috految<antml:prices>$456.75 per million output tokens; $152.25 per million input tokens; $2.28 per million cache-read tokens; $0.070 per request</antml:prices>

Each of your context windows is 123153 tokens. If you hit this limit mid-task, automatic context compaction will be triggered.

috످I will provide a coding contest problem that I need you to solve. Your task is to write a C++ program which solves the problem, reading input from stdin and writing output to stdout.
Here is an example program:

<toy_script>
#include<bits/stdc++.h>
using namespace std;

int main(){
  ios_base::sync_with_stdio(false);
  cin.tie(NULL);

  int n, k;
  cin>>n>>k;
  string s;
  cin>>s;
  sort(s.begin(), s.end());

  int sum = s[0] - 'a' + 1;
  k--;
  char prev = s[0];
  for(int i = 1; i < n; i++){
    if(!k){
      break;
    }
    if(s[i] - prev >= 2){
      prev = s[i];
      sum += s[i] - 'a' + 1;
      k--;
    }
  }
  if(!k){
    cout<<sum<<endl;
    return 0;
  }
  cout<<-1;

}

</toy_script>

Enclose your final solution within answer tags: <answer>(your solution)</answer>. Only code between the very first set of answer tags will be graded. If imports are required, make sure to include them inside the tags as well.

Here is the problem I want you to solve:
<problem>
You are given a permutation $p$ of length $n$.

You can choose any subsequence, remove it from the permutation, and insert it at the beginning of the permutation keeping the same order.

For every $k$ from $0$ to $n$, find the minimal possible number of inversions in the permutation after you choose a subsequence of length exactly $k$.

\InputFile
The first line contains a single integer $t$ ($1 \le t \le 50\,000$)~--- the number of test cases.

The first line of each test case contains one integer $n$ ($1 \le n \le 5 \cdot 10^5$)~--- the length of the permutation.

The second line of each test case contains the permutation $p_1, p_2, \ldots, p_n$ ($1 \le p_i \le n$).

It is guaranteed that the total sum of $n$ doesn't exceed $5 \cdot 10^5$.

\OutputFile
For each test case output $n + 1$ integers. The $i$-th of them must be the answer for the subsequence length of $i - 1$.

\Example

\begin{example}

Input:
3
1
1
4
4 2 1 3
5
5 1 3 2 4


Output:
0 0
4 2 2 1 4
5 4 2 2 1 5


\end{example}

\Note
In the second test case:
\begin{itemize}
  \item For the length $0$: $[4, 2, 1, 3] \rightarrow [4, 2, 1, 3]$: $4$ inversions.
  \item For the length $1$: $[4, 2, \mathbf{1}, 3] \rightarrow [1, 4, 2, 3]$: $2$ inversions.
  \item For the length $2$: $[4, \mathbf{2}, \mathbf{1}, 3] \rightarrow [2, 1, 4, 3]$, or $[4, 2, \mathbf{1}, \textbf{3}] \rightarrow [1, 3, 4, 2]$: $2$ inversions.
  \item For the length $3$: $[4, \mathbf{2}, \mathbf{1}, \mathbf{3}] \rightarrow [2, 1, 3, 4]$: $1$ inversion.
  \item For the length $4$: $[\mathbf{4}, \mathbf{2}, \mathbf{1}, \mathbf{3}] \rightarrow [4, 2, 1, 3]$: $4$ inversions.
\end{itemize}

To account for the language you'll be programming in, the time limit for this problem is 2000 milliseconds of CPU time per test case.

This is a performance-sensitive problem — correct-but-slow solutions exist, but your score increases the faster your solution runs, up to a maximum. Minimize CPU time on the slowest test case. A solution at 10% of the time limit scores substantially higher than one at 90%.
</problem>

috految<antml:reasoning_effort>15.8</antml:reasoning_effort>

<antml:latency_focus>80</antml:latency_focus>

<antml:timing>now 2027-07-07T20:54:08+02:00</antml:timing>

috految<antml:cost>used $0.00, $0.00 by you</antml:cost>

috److This is Codeforces 1637H, "Minimize Inversions Number".

**Moving one element.** Moving element `i` to the front reduces the inversion count by `d_i = (greater on the left) - (smaller on the left)`.

**Moving a subsequence.** For a chosen set of size `k`, the relative order inside the set is unchanged, so the total reduction is

`sum(d_i) - inv(chosen) + (C(k,2) - inv(chosen)) = sum(d_i) - 2*inv(chosen) + C(k,2)`.

**Key property (from the known editorial).** There is an optimal choice in which, if `i` is chosen, every `j > i` with `p_j < p_i` is also chosen. Each element therefore contributes

`c_i = d_i - 2 * (smaller on the right)`.

**Simplifying.** With 0-indexed positions and values, let `s` be the number of smaller elements on the left:

- `d_i = i - 2s`
- the number of smaller elements on the right is `p_i - s`
- so `c_i = i - 2*p_i`

**Answer.** For each `k`, the result is `inv - sum(top k values of c) - C(k,2)`.

**Check on sample 2.** For `p = 3, 1, 0, 2`, we get `c = -6, -1, 2, -1`. Starting from 4 inversions, the answers are 4, 2, 2, 1, 4, which matches.

The initial inversion count uses a Fenwick tree, and the `c` values are ordered with counting sort.

<answer>
#include<bits/stdc++.h>
using namespace std;

int rd(){
  int c, x = 0;
  while((c = getchar_unlocked()) < '0');
  for(; c >= '0'; c = getchar_unlocked())
    x = x*10 + c - '0';
  return x;
}

int main(){
  int t = rd();
  string out;
  out.reserve(8000000);
  while(t--){
    int n = rd();
    vector<int> f(n+1), cnt(3*n+1);
    long long inv = 0;
    for(int i = 0; i < n; i++){
      int p = rd()-1;
      cnt[i-2*p+2*n]++;
      inv += i;
      for(int j = p; j; j &= j-1) inv -= f[j];
      for(int j = p+1; j <= n; j += j&-j) f[j]++;
    }
    out += to_string(inv);
    int k = 0;
    for(int v = 3*n; v >= 0; v--){
      while(cnt[v]--){
        inv -= v-2*n+k;
        k++;
        out += ' ';
        out += to_string(inv);
      }
    }
    out += '\n';
  }
  cout << out;
}
</answer>

috످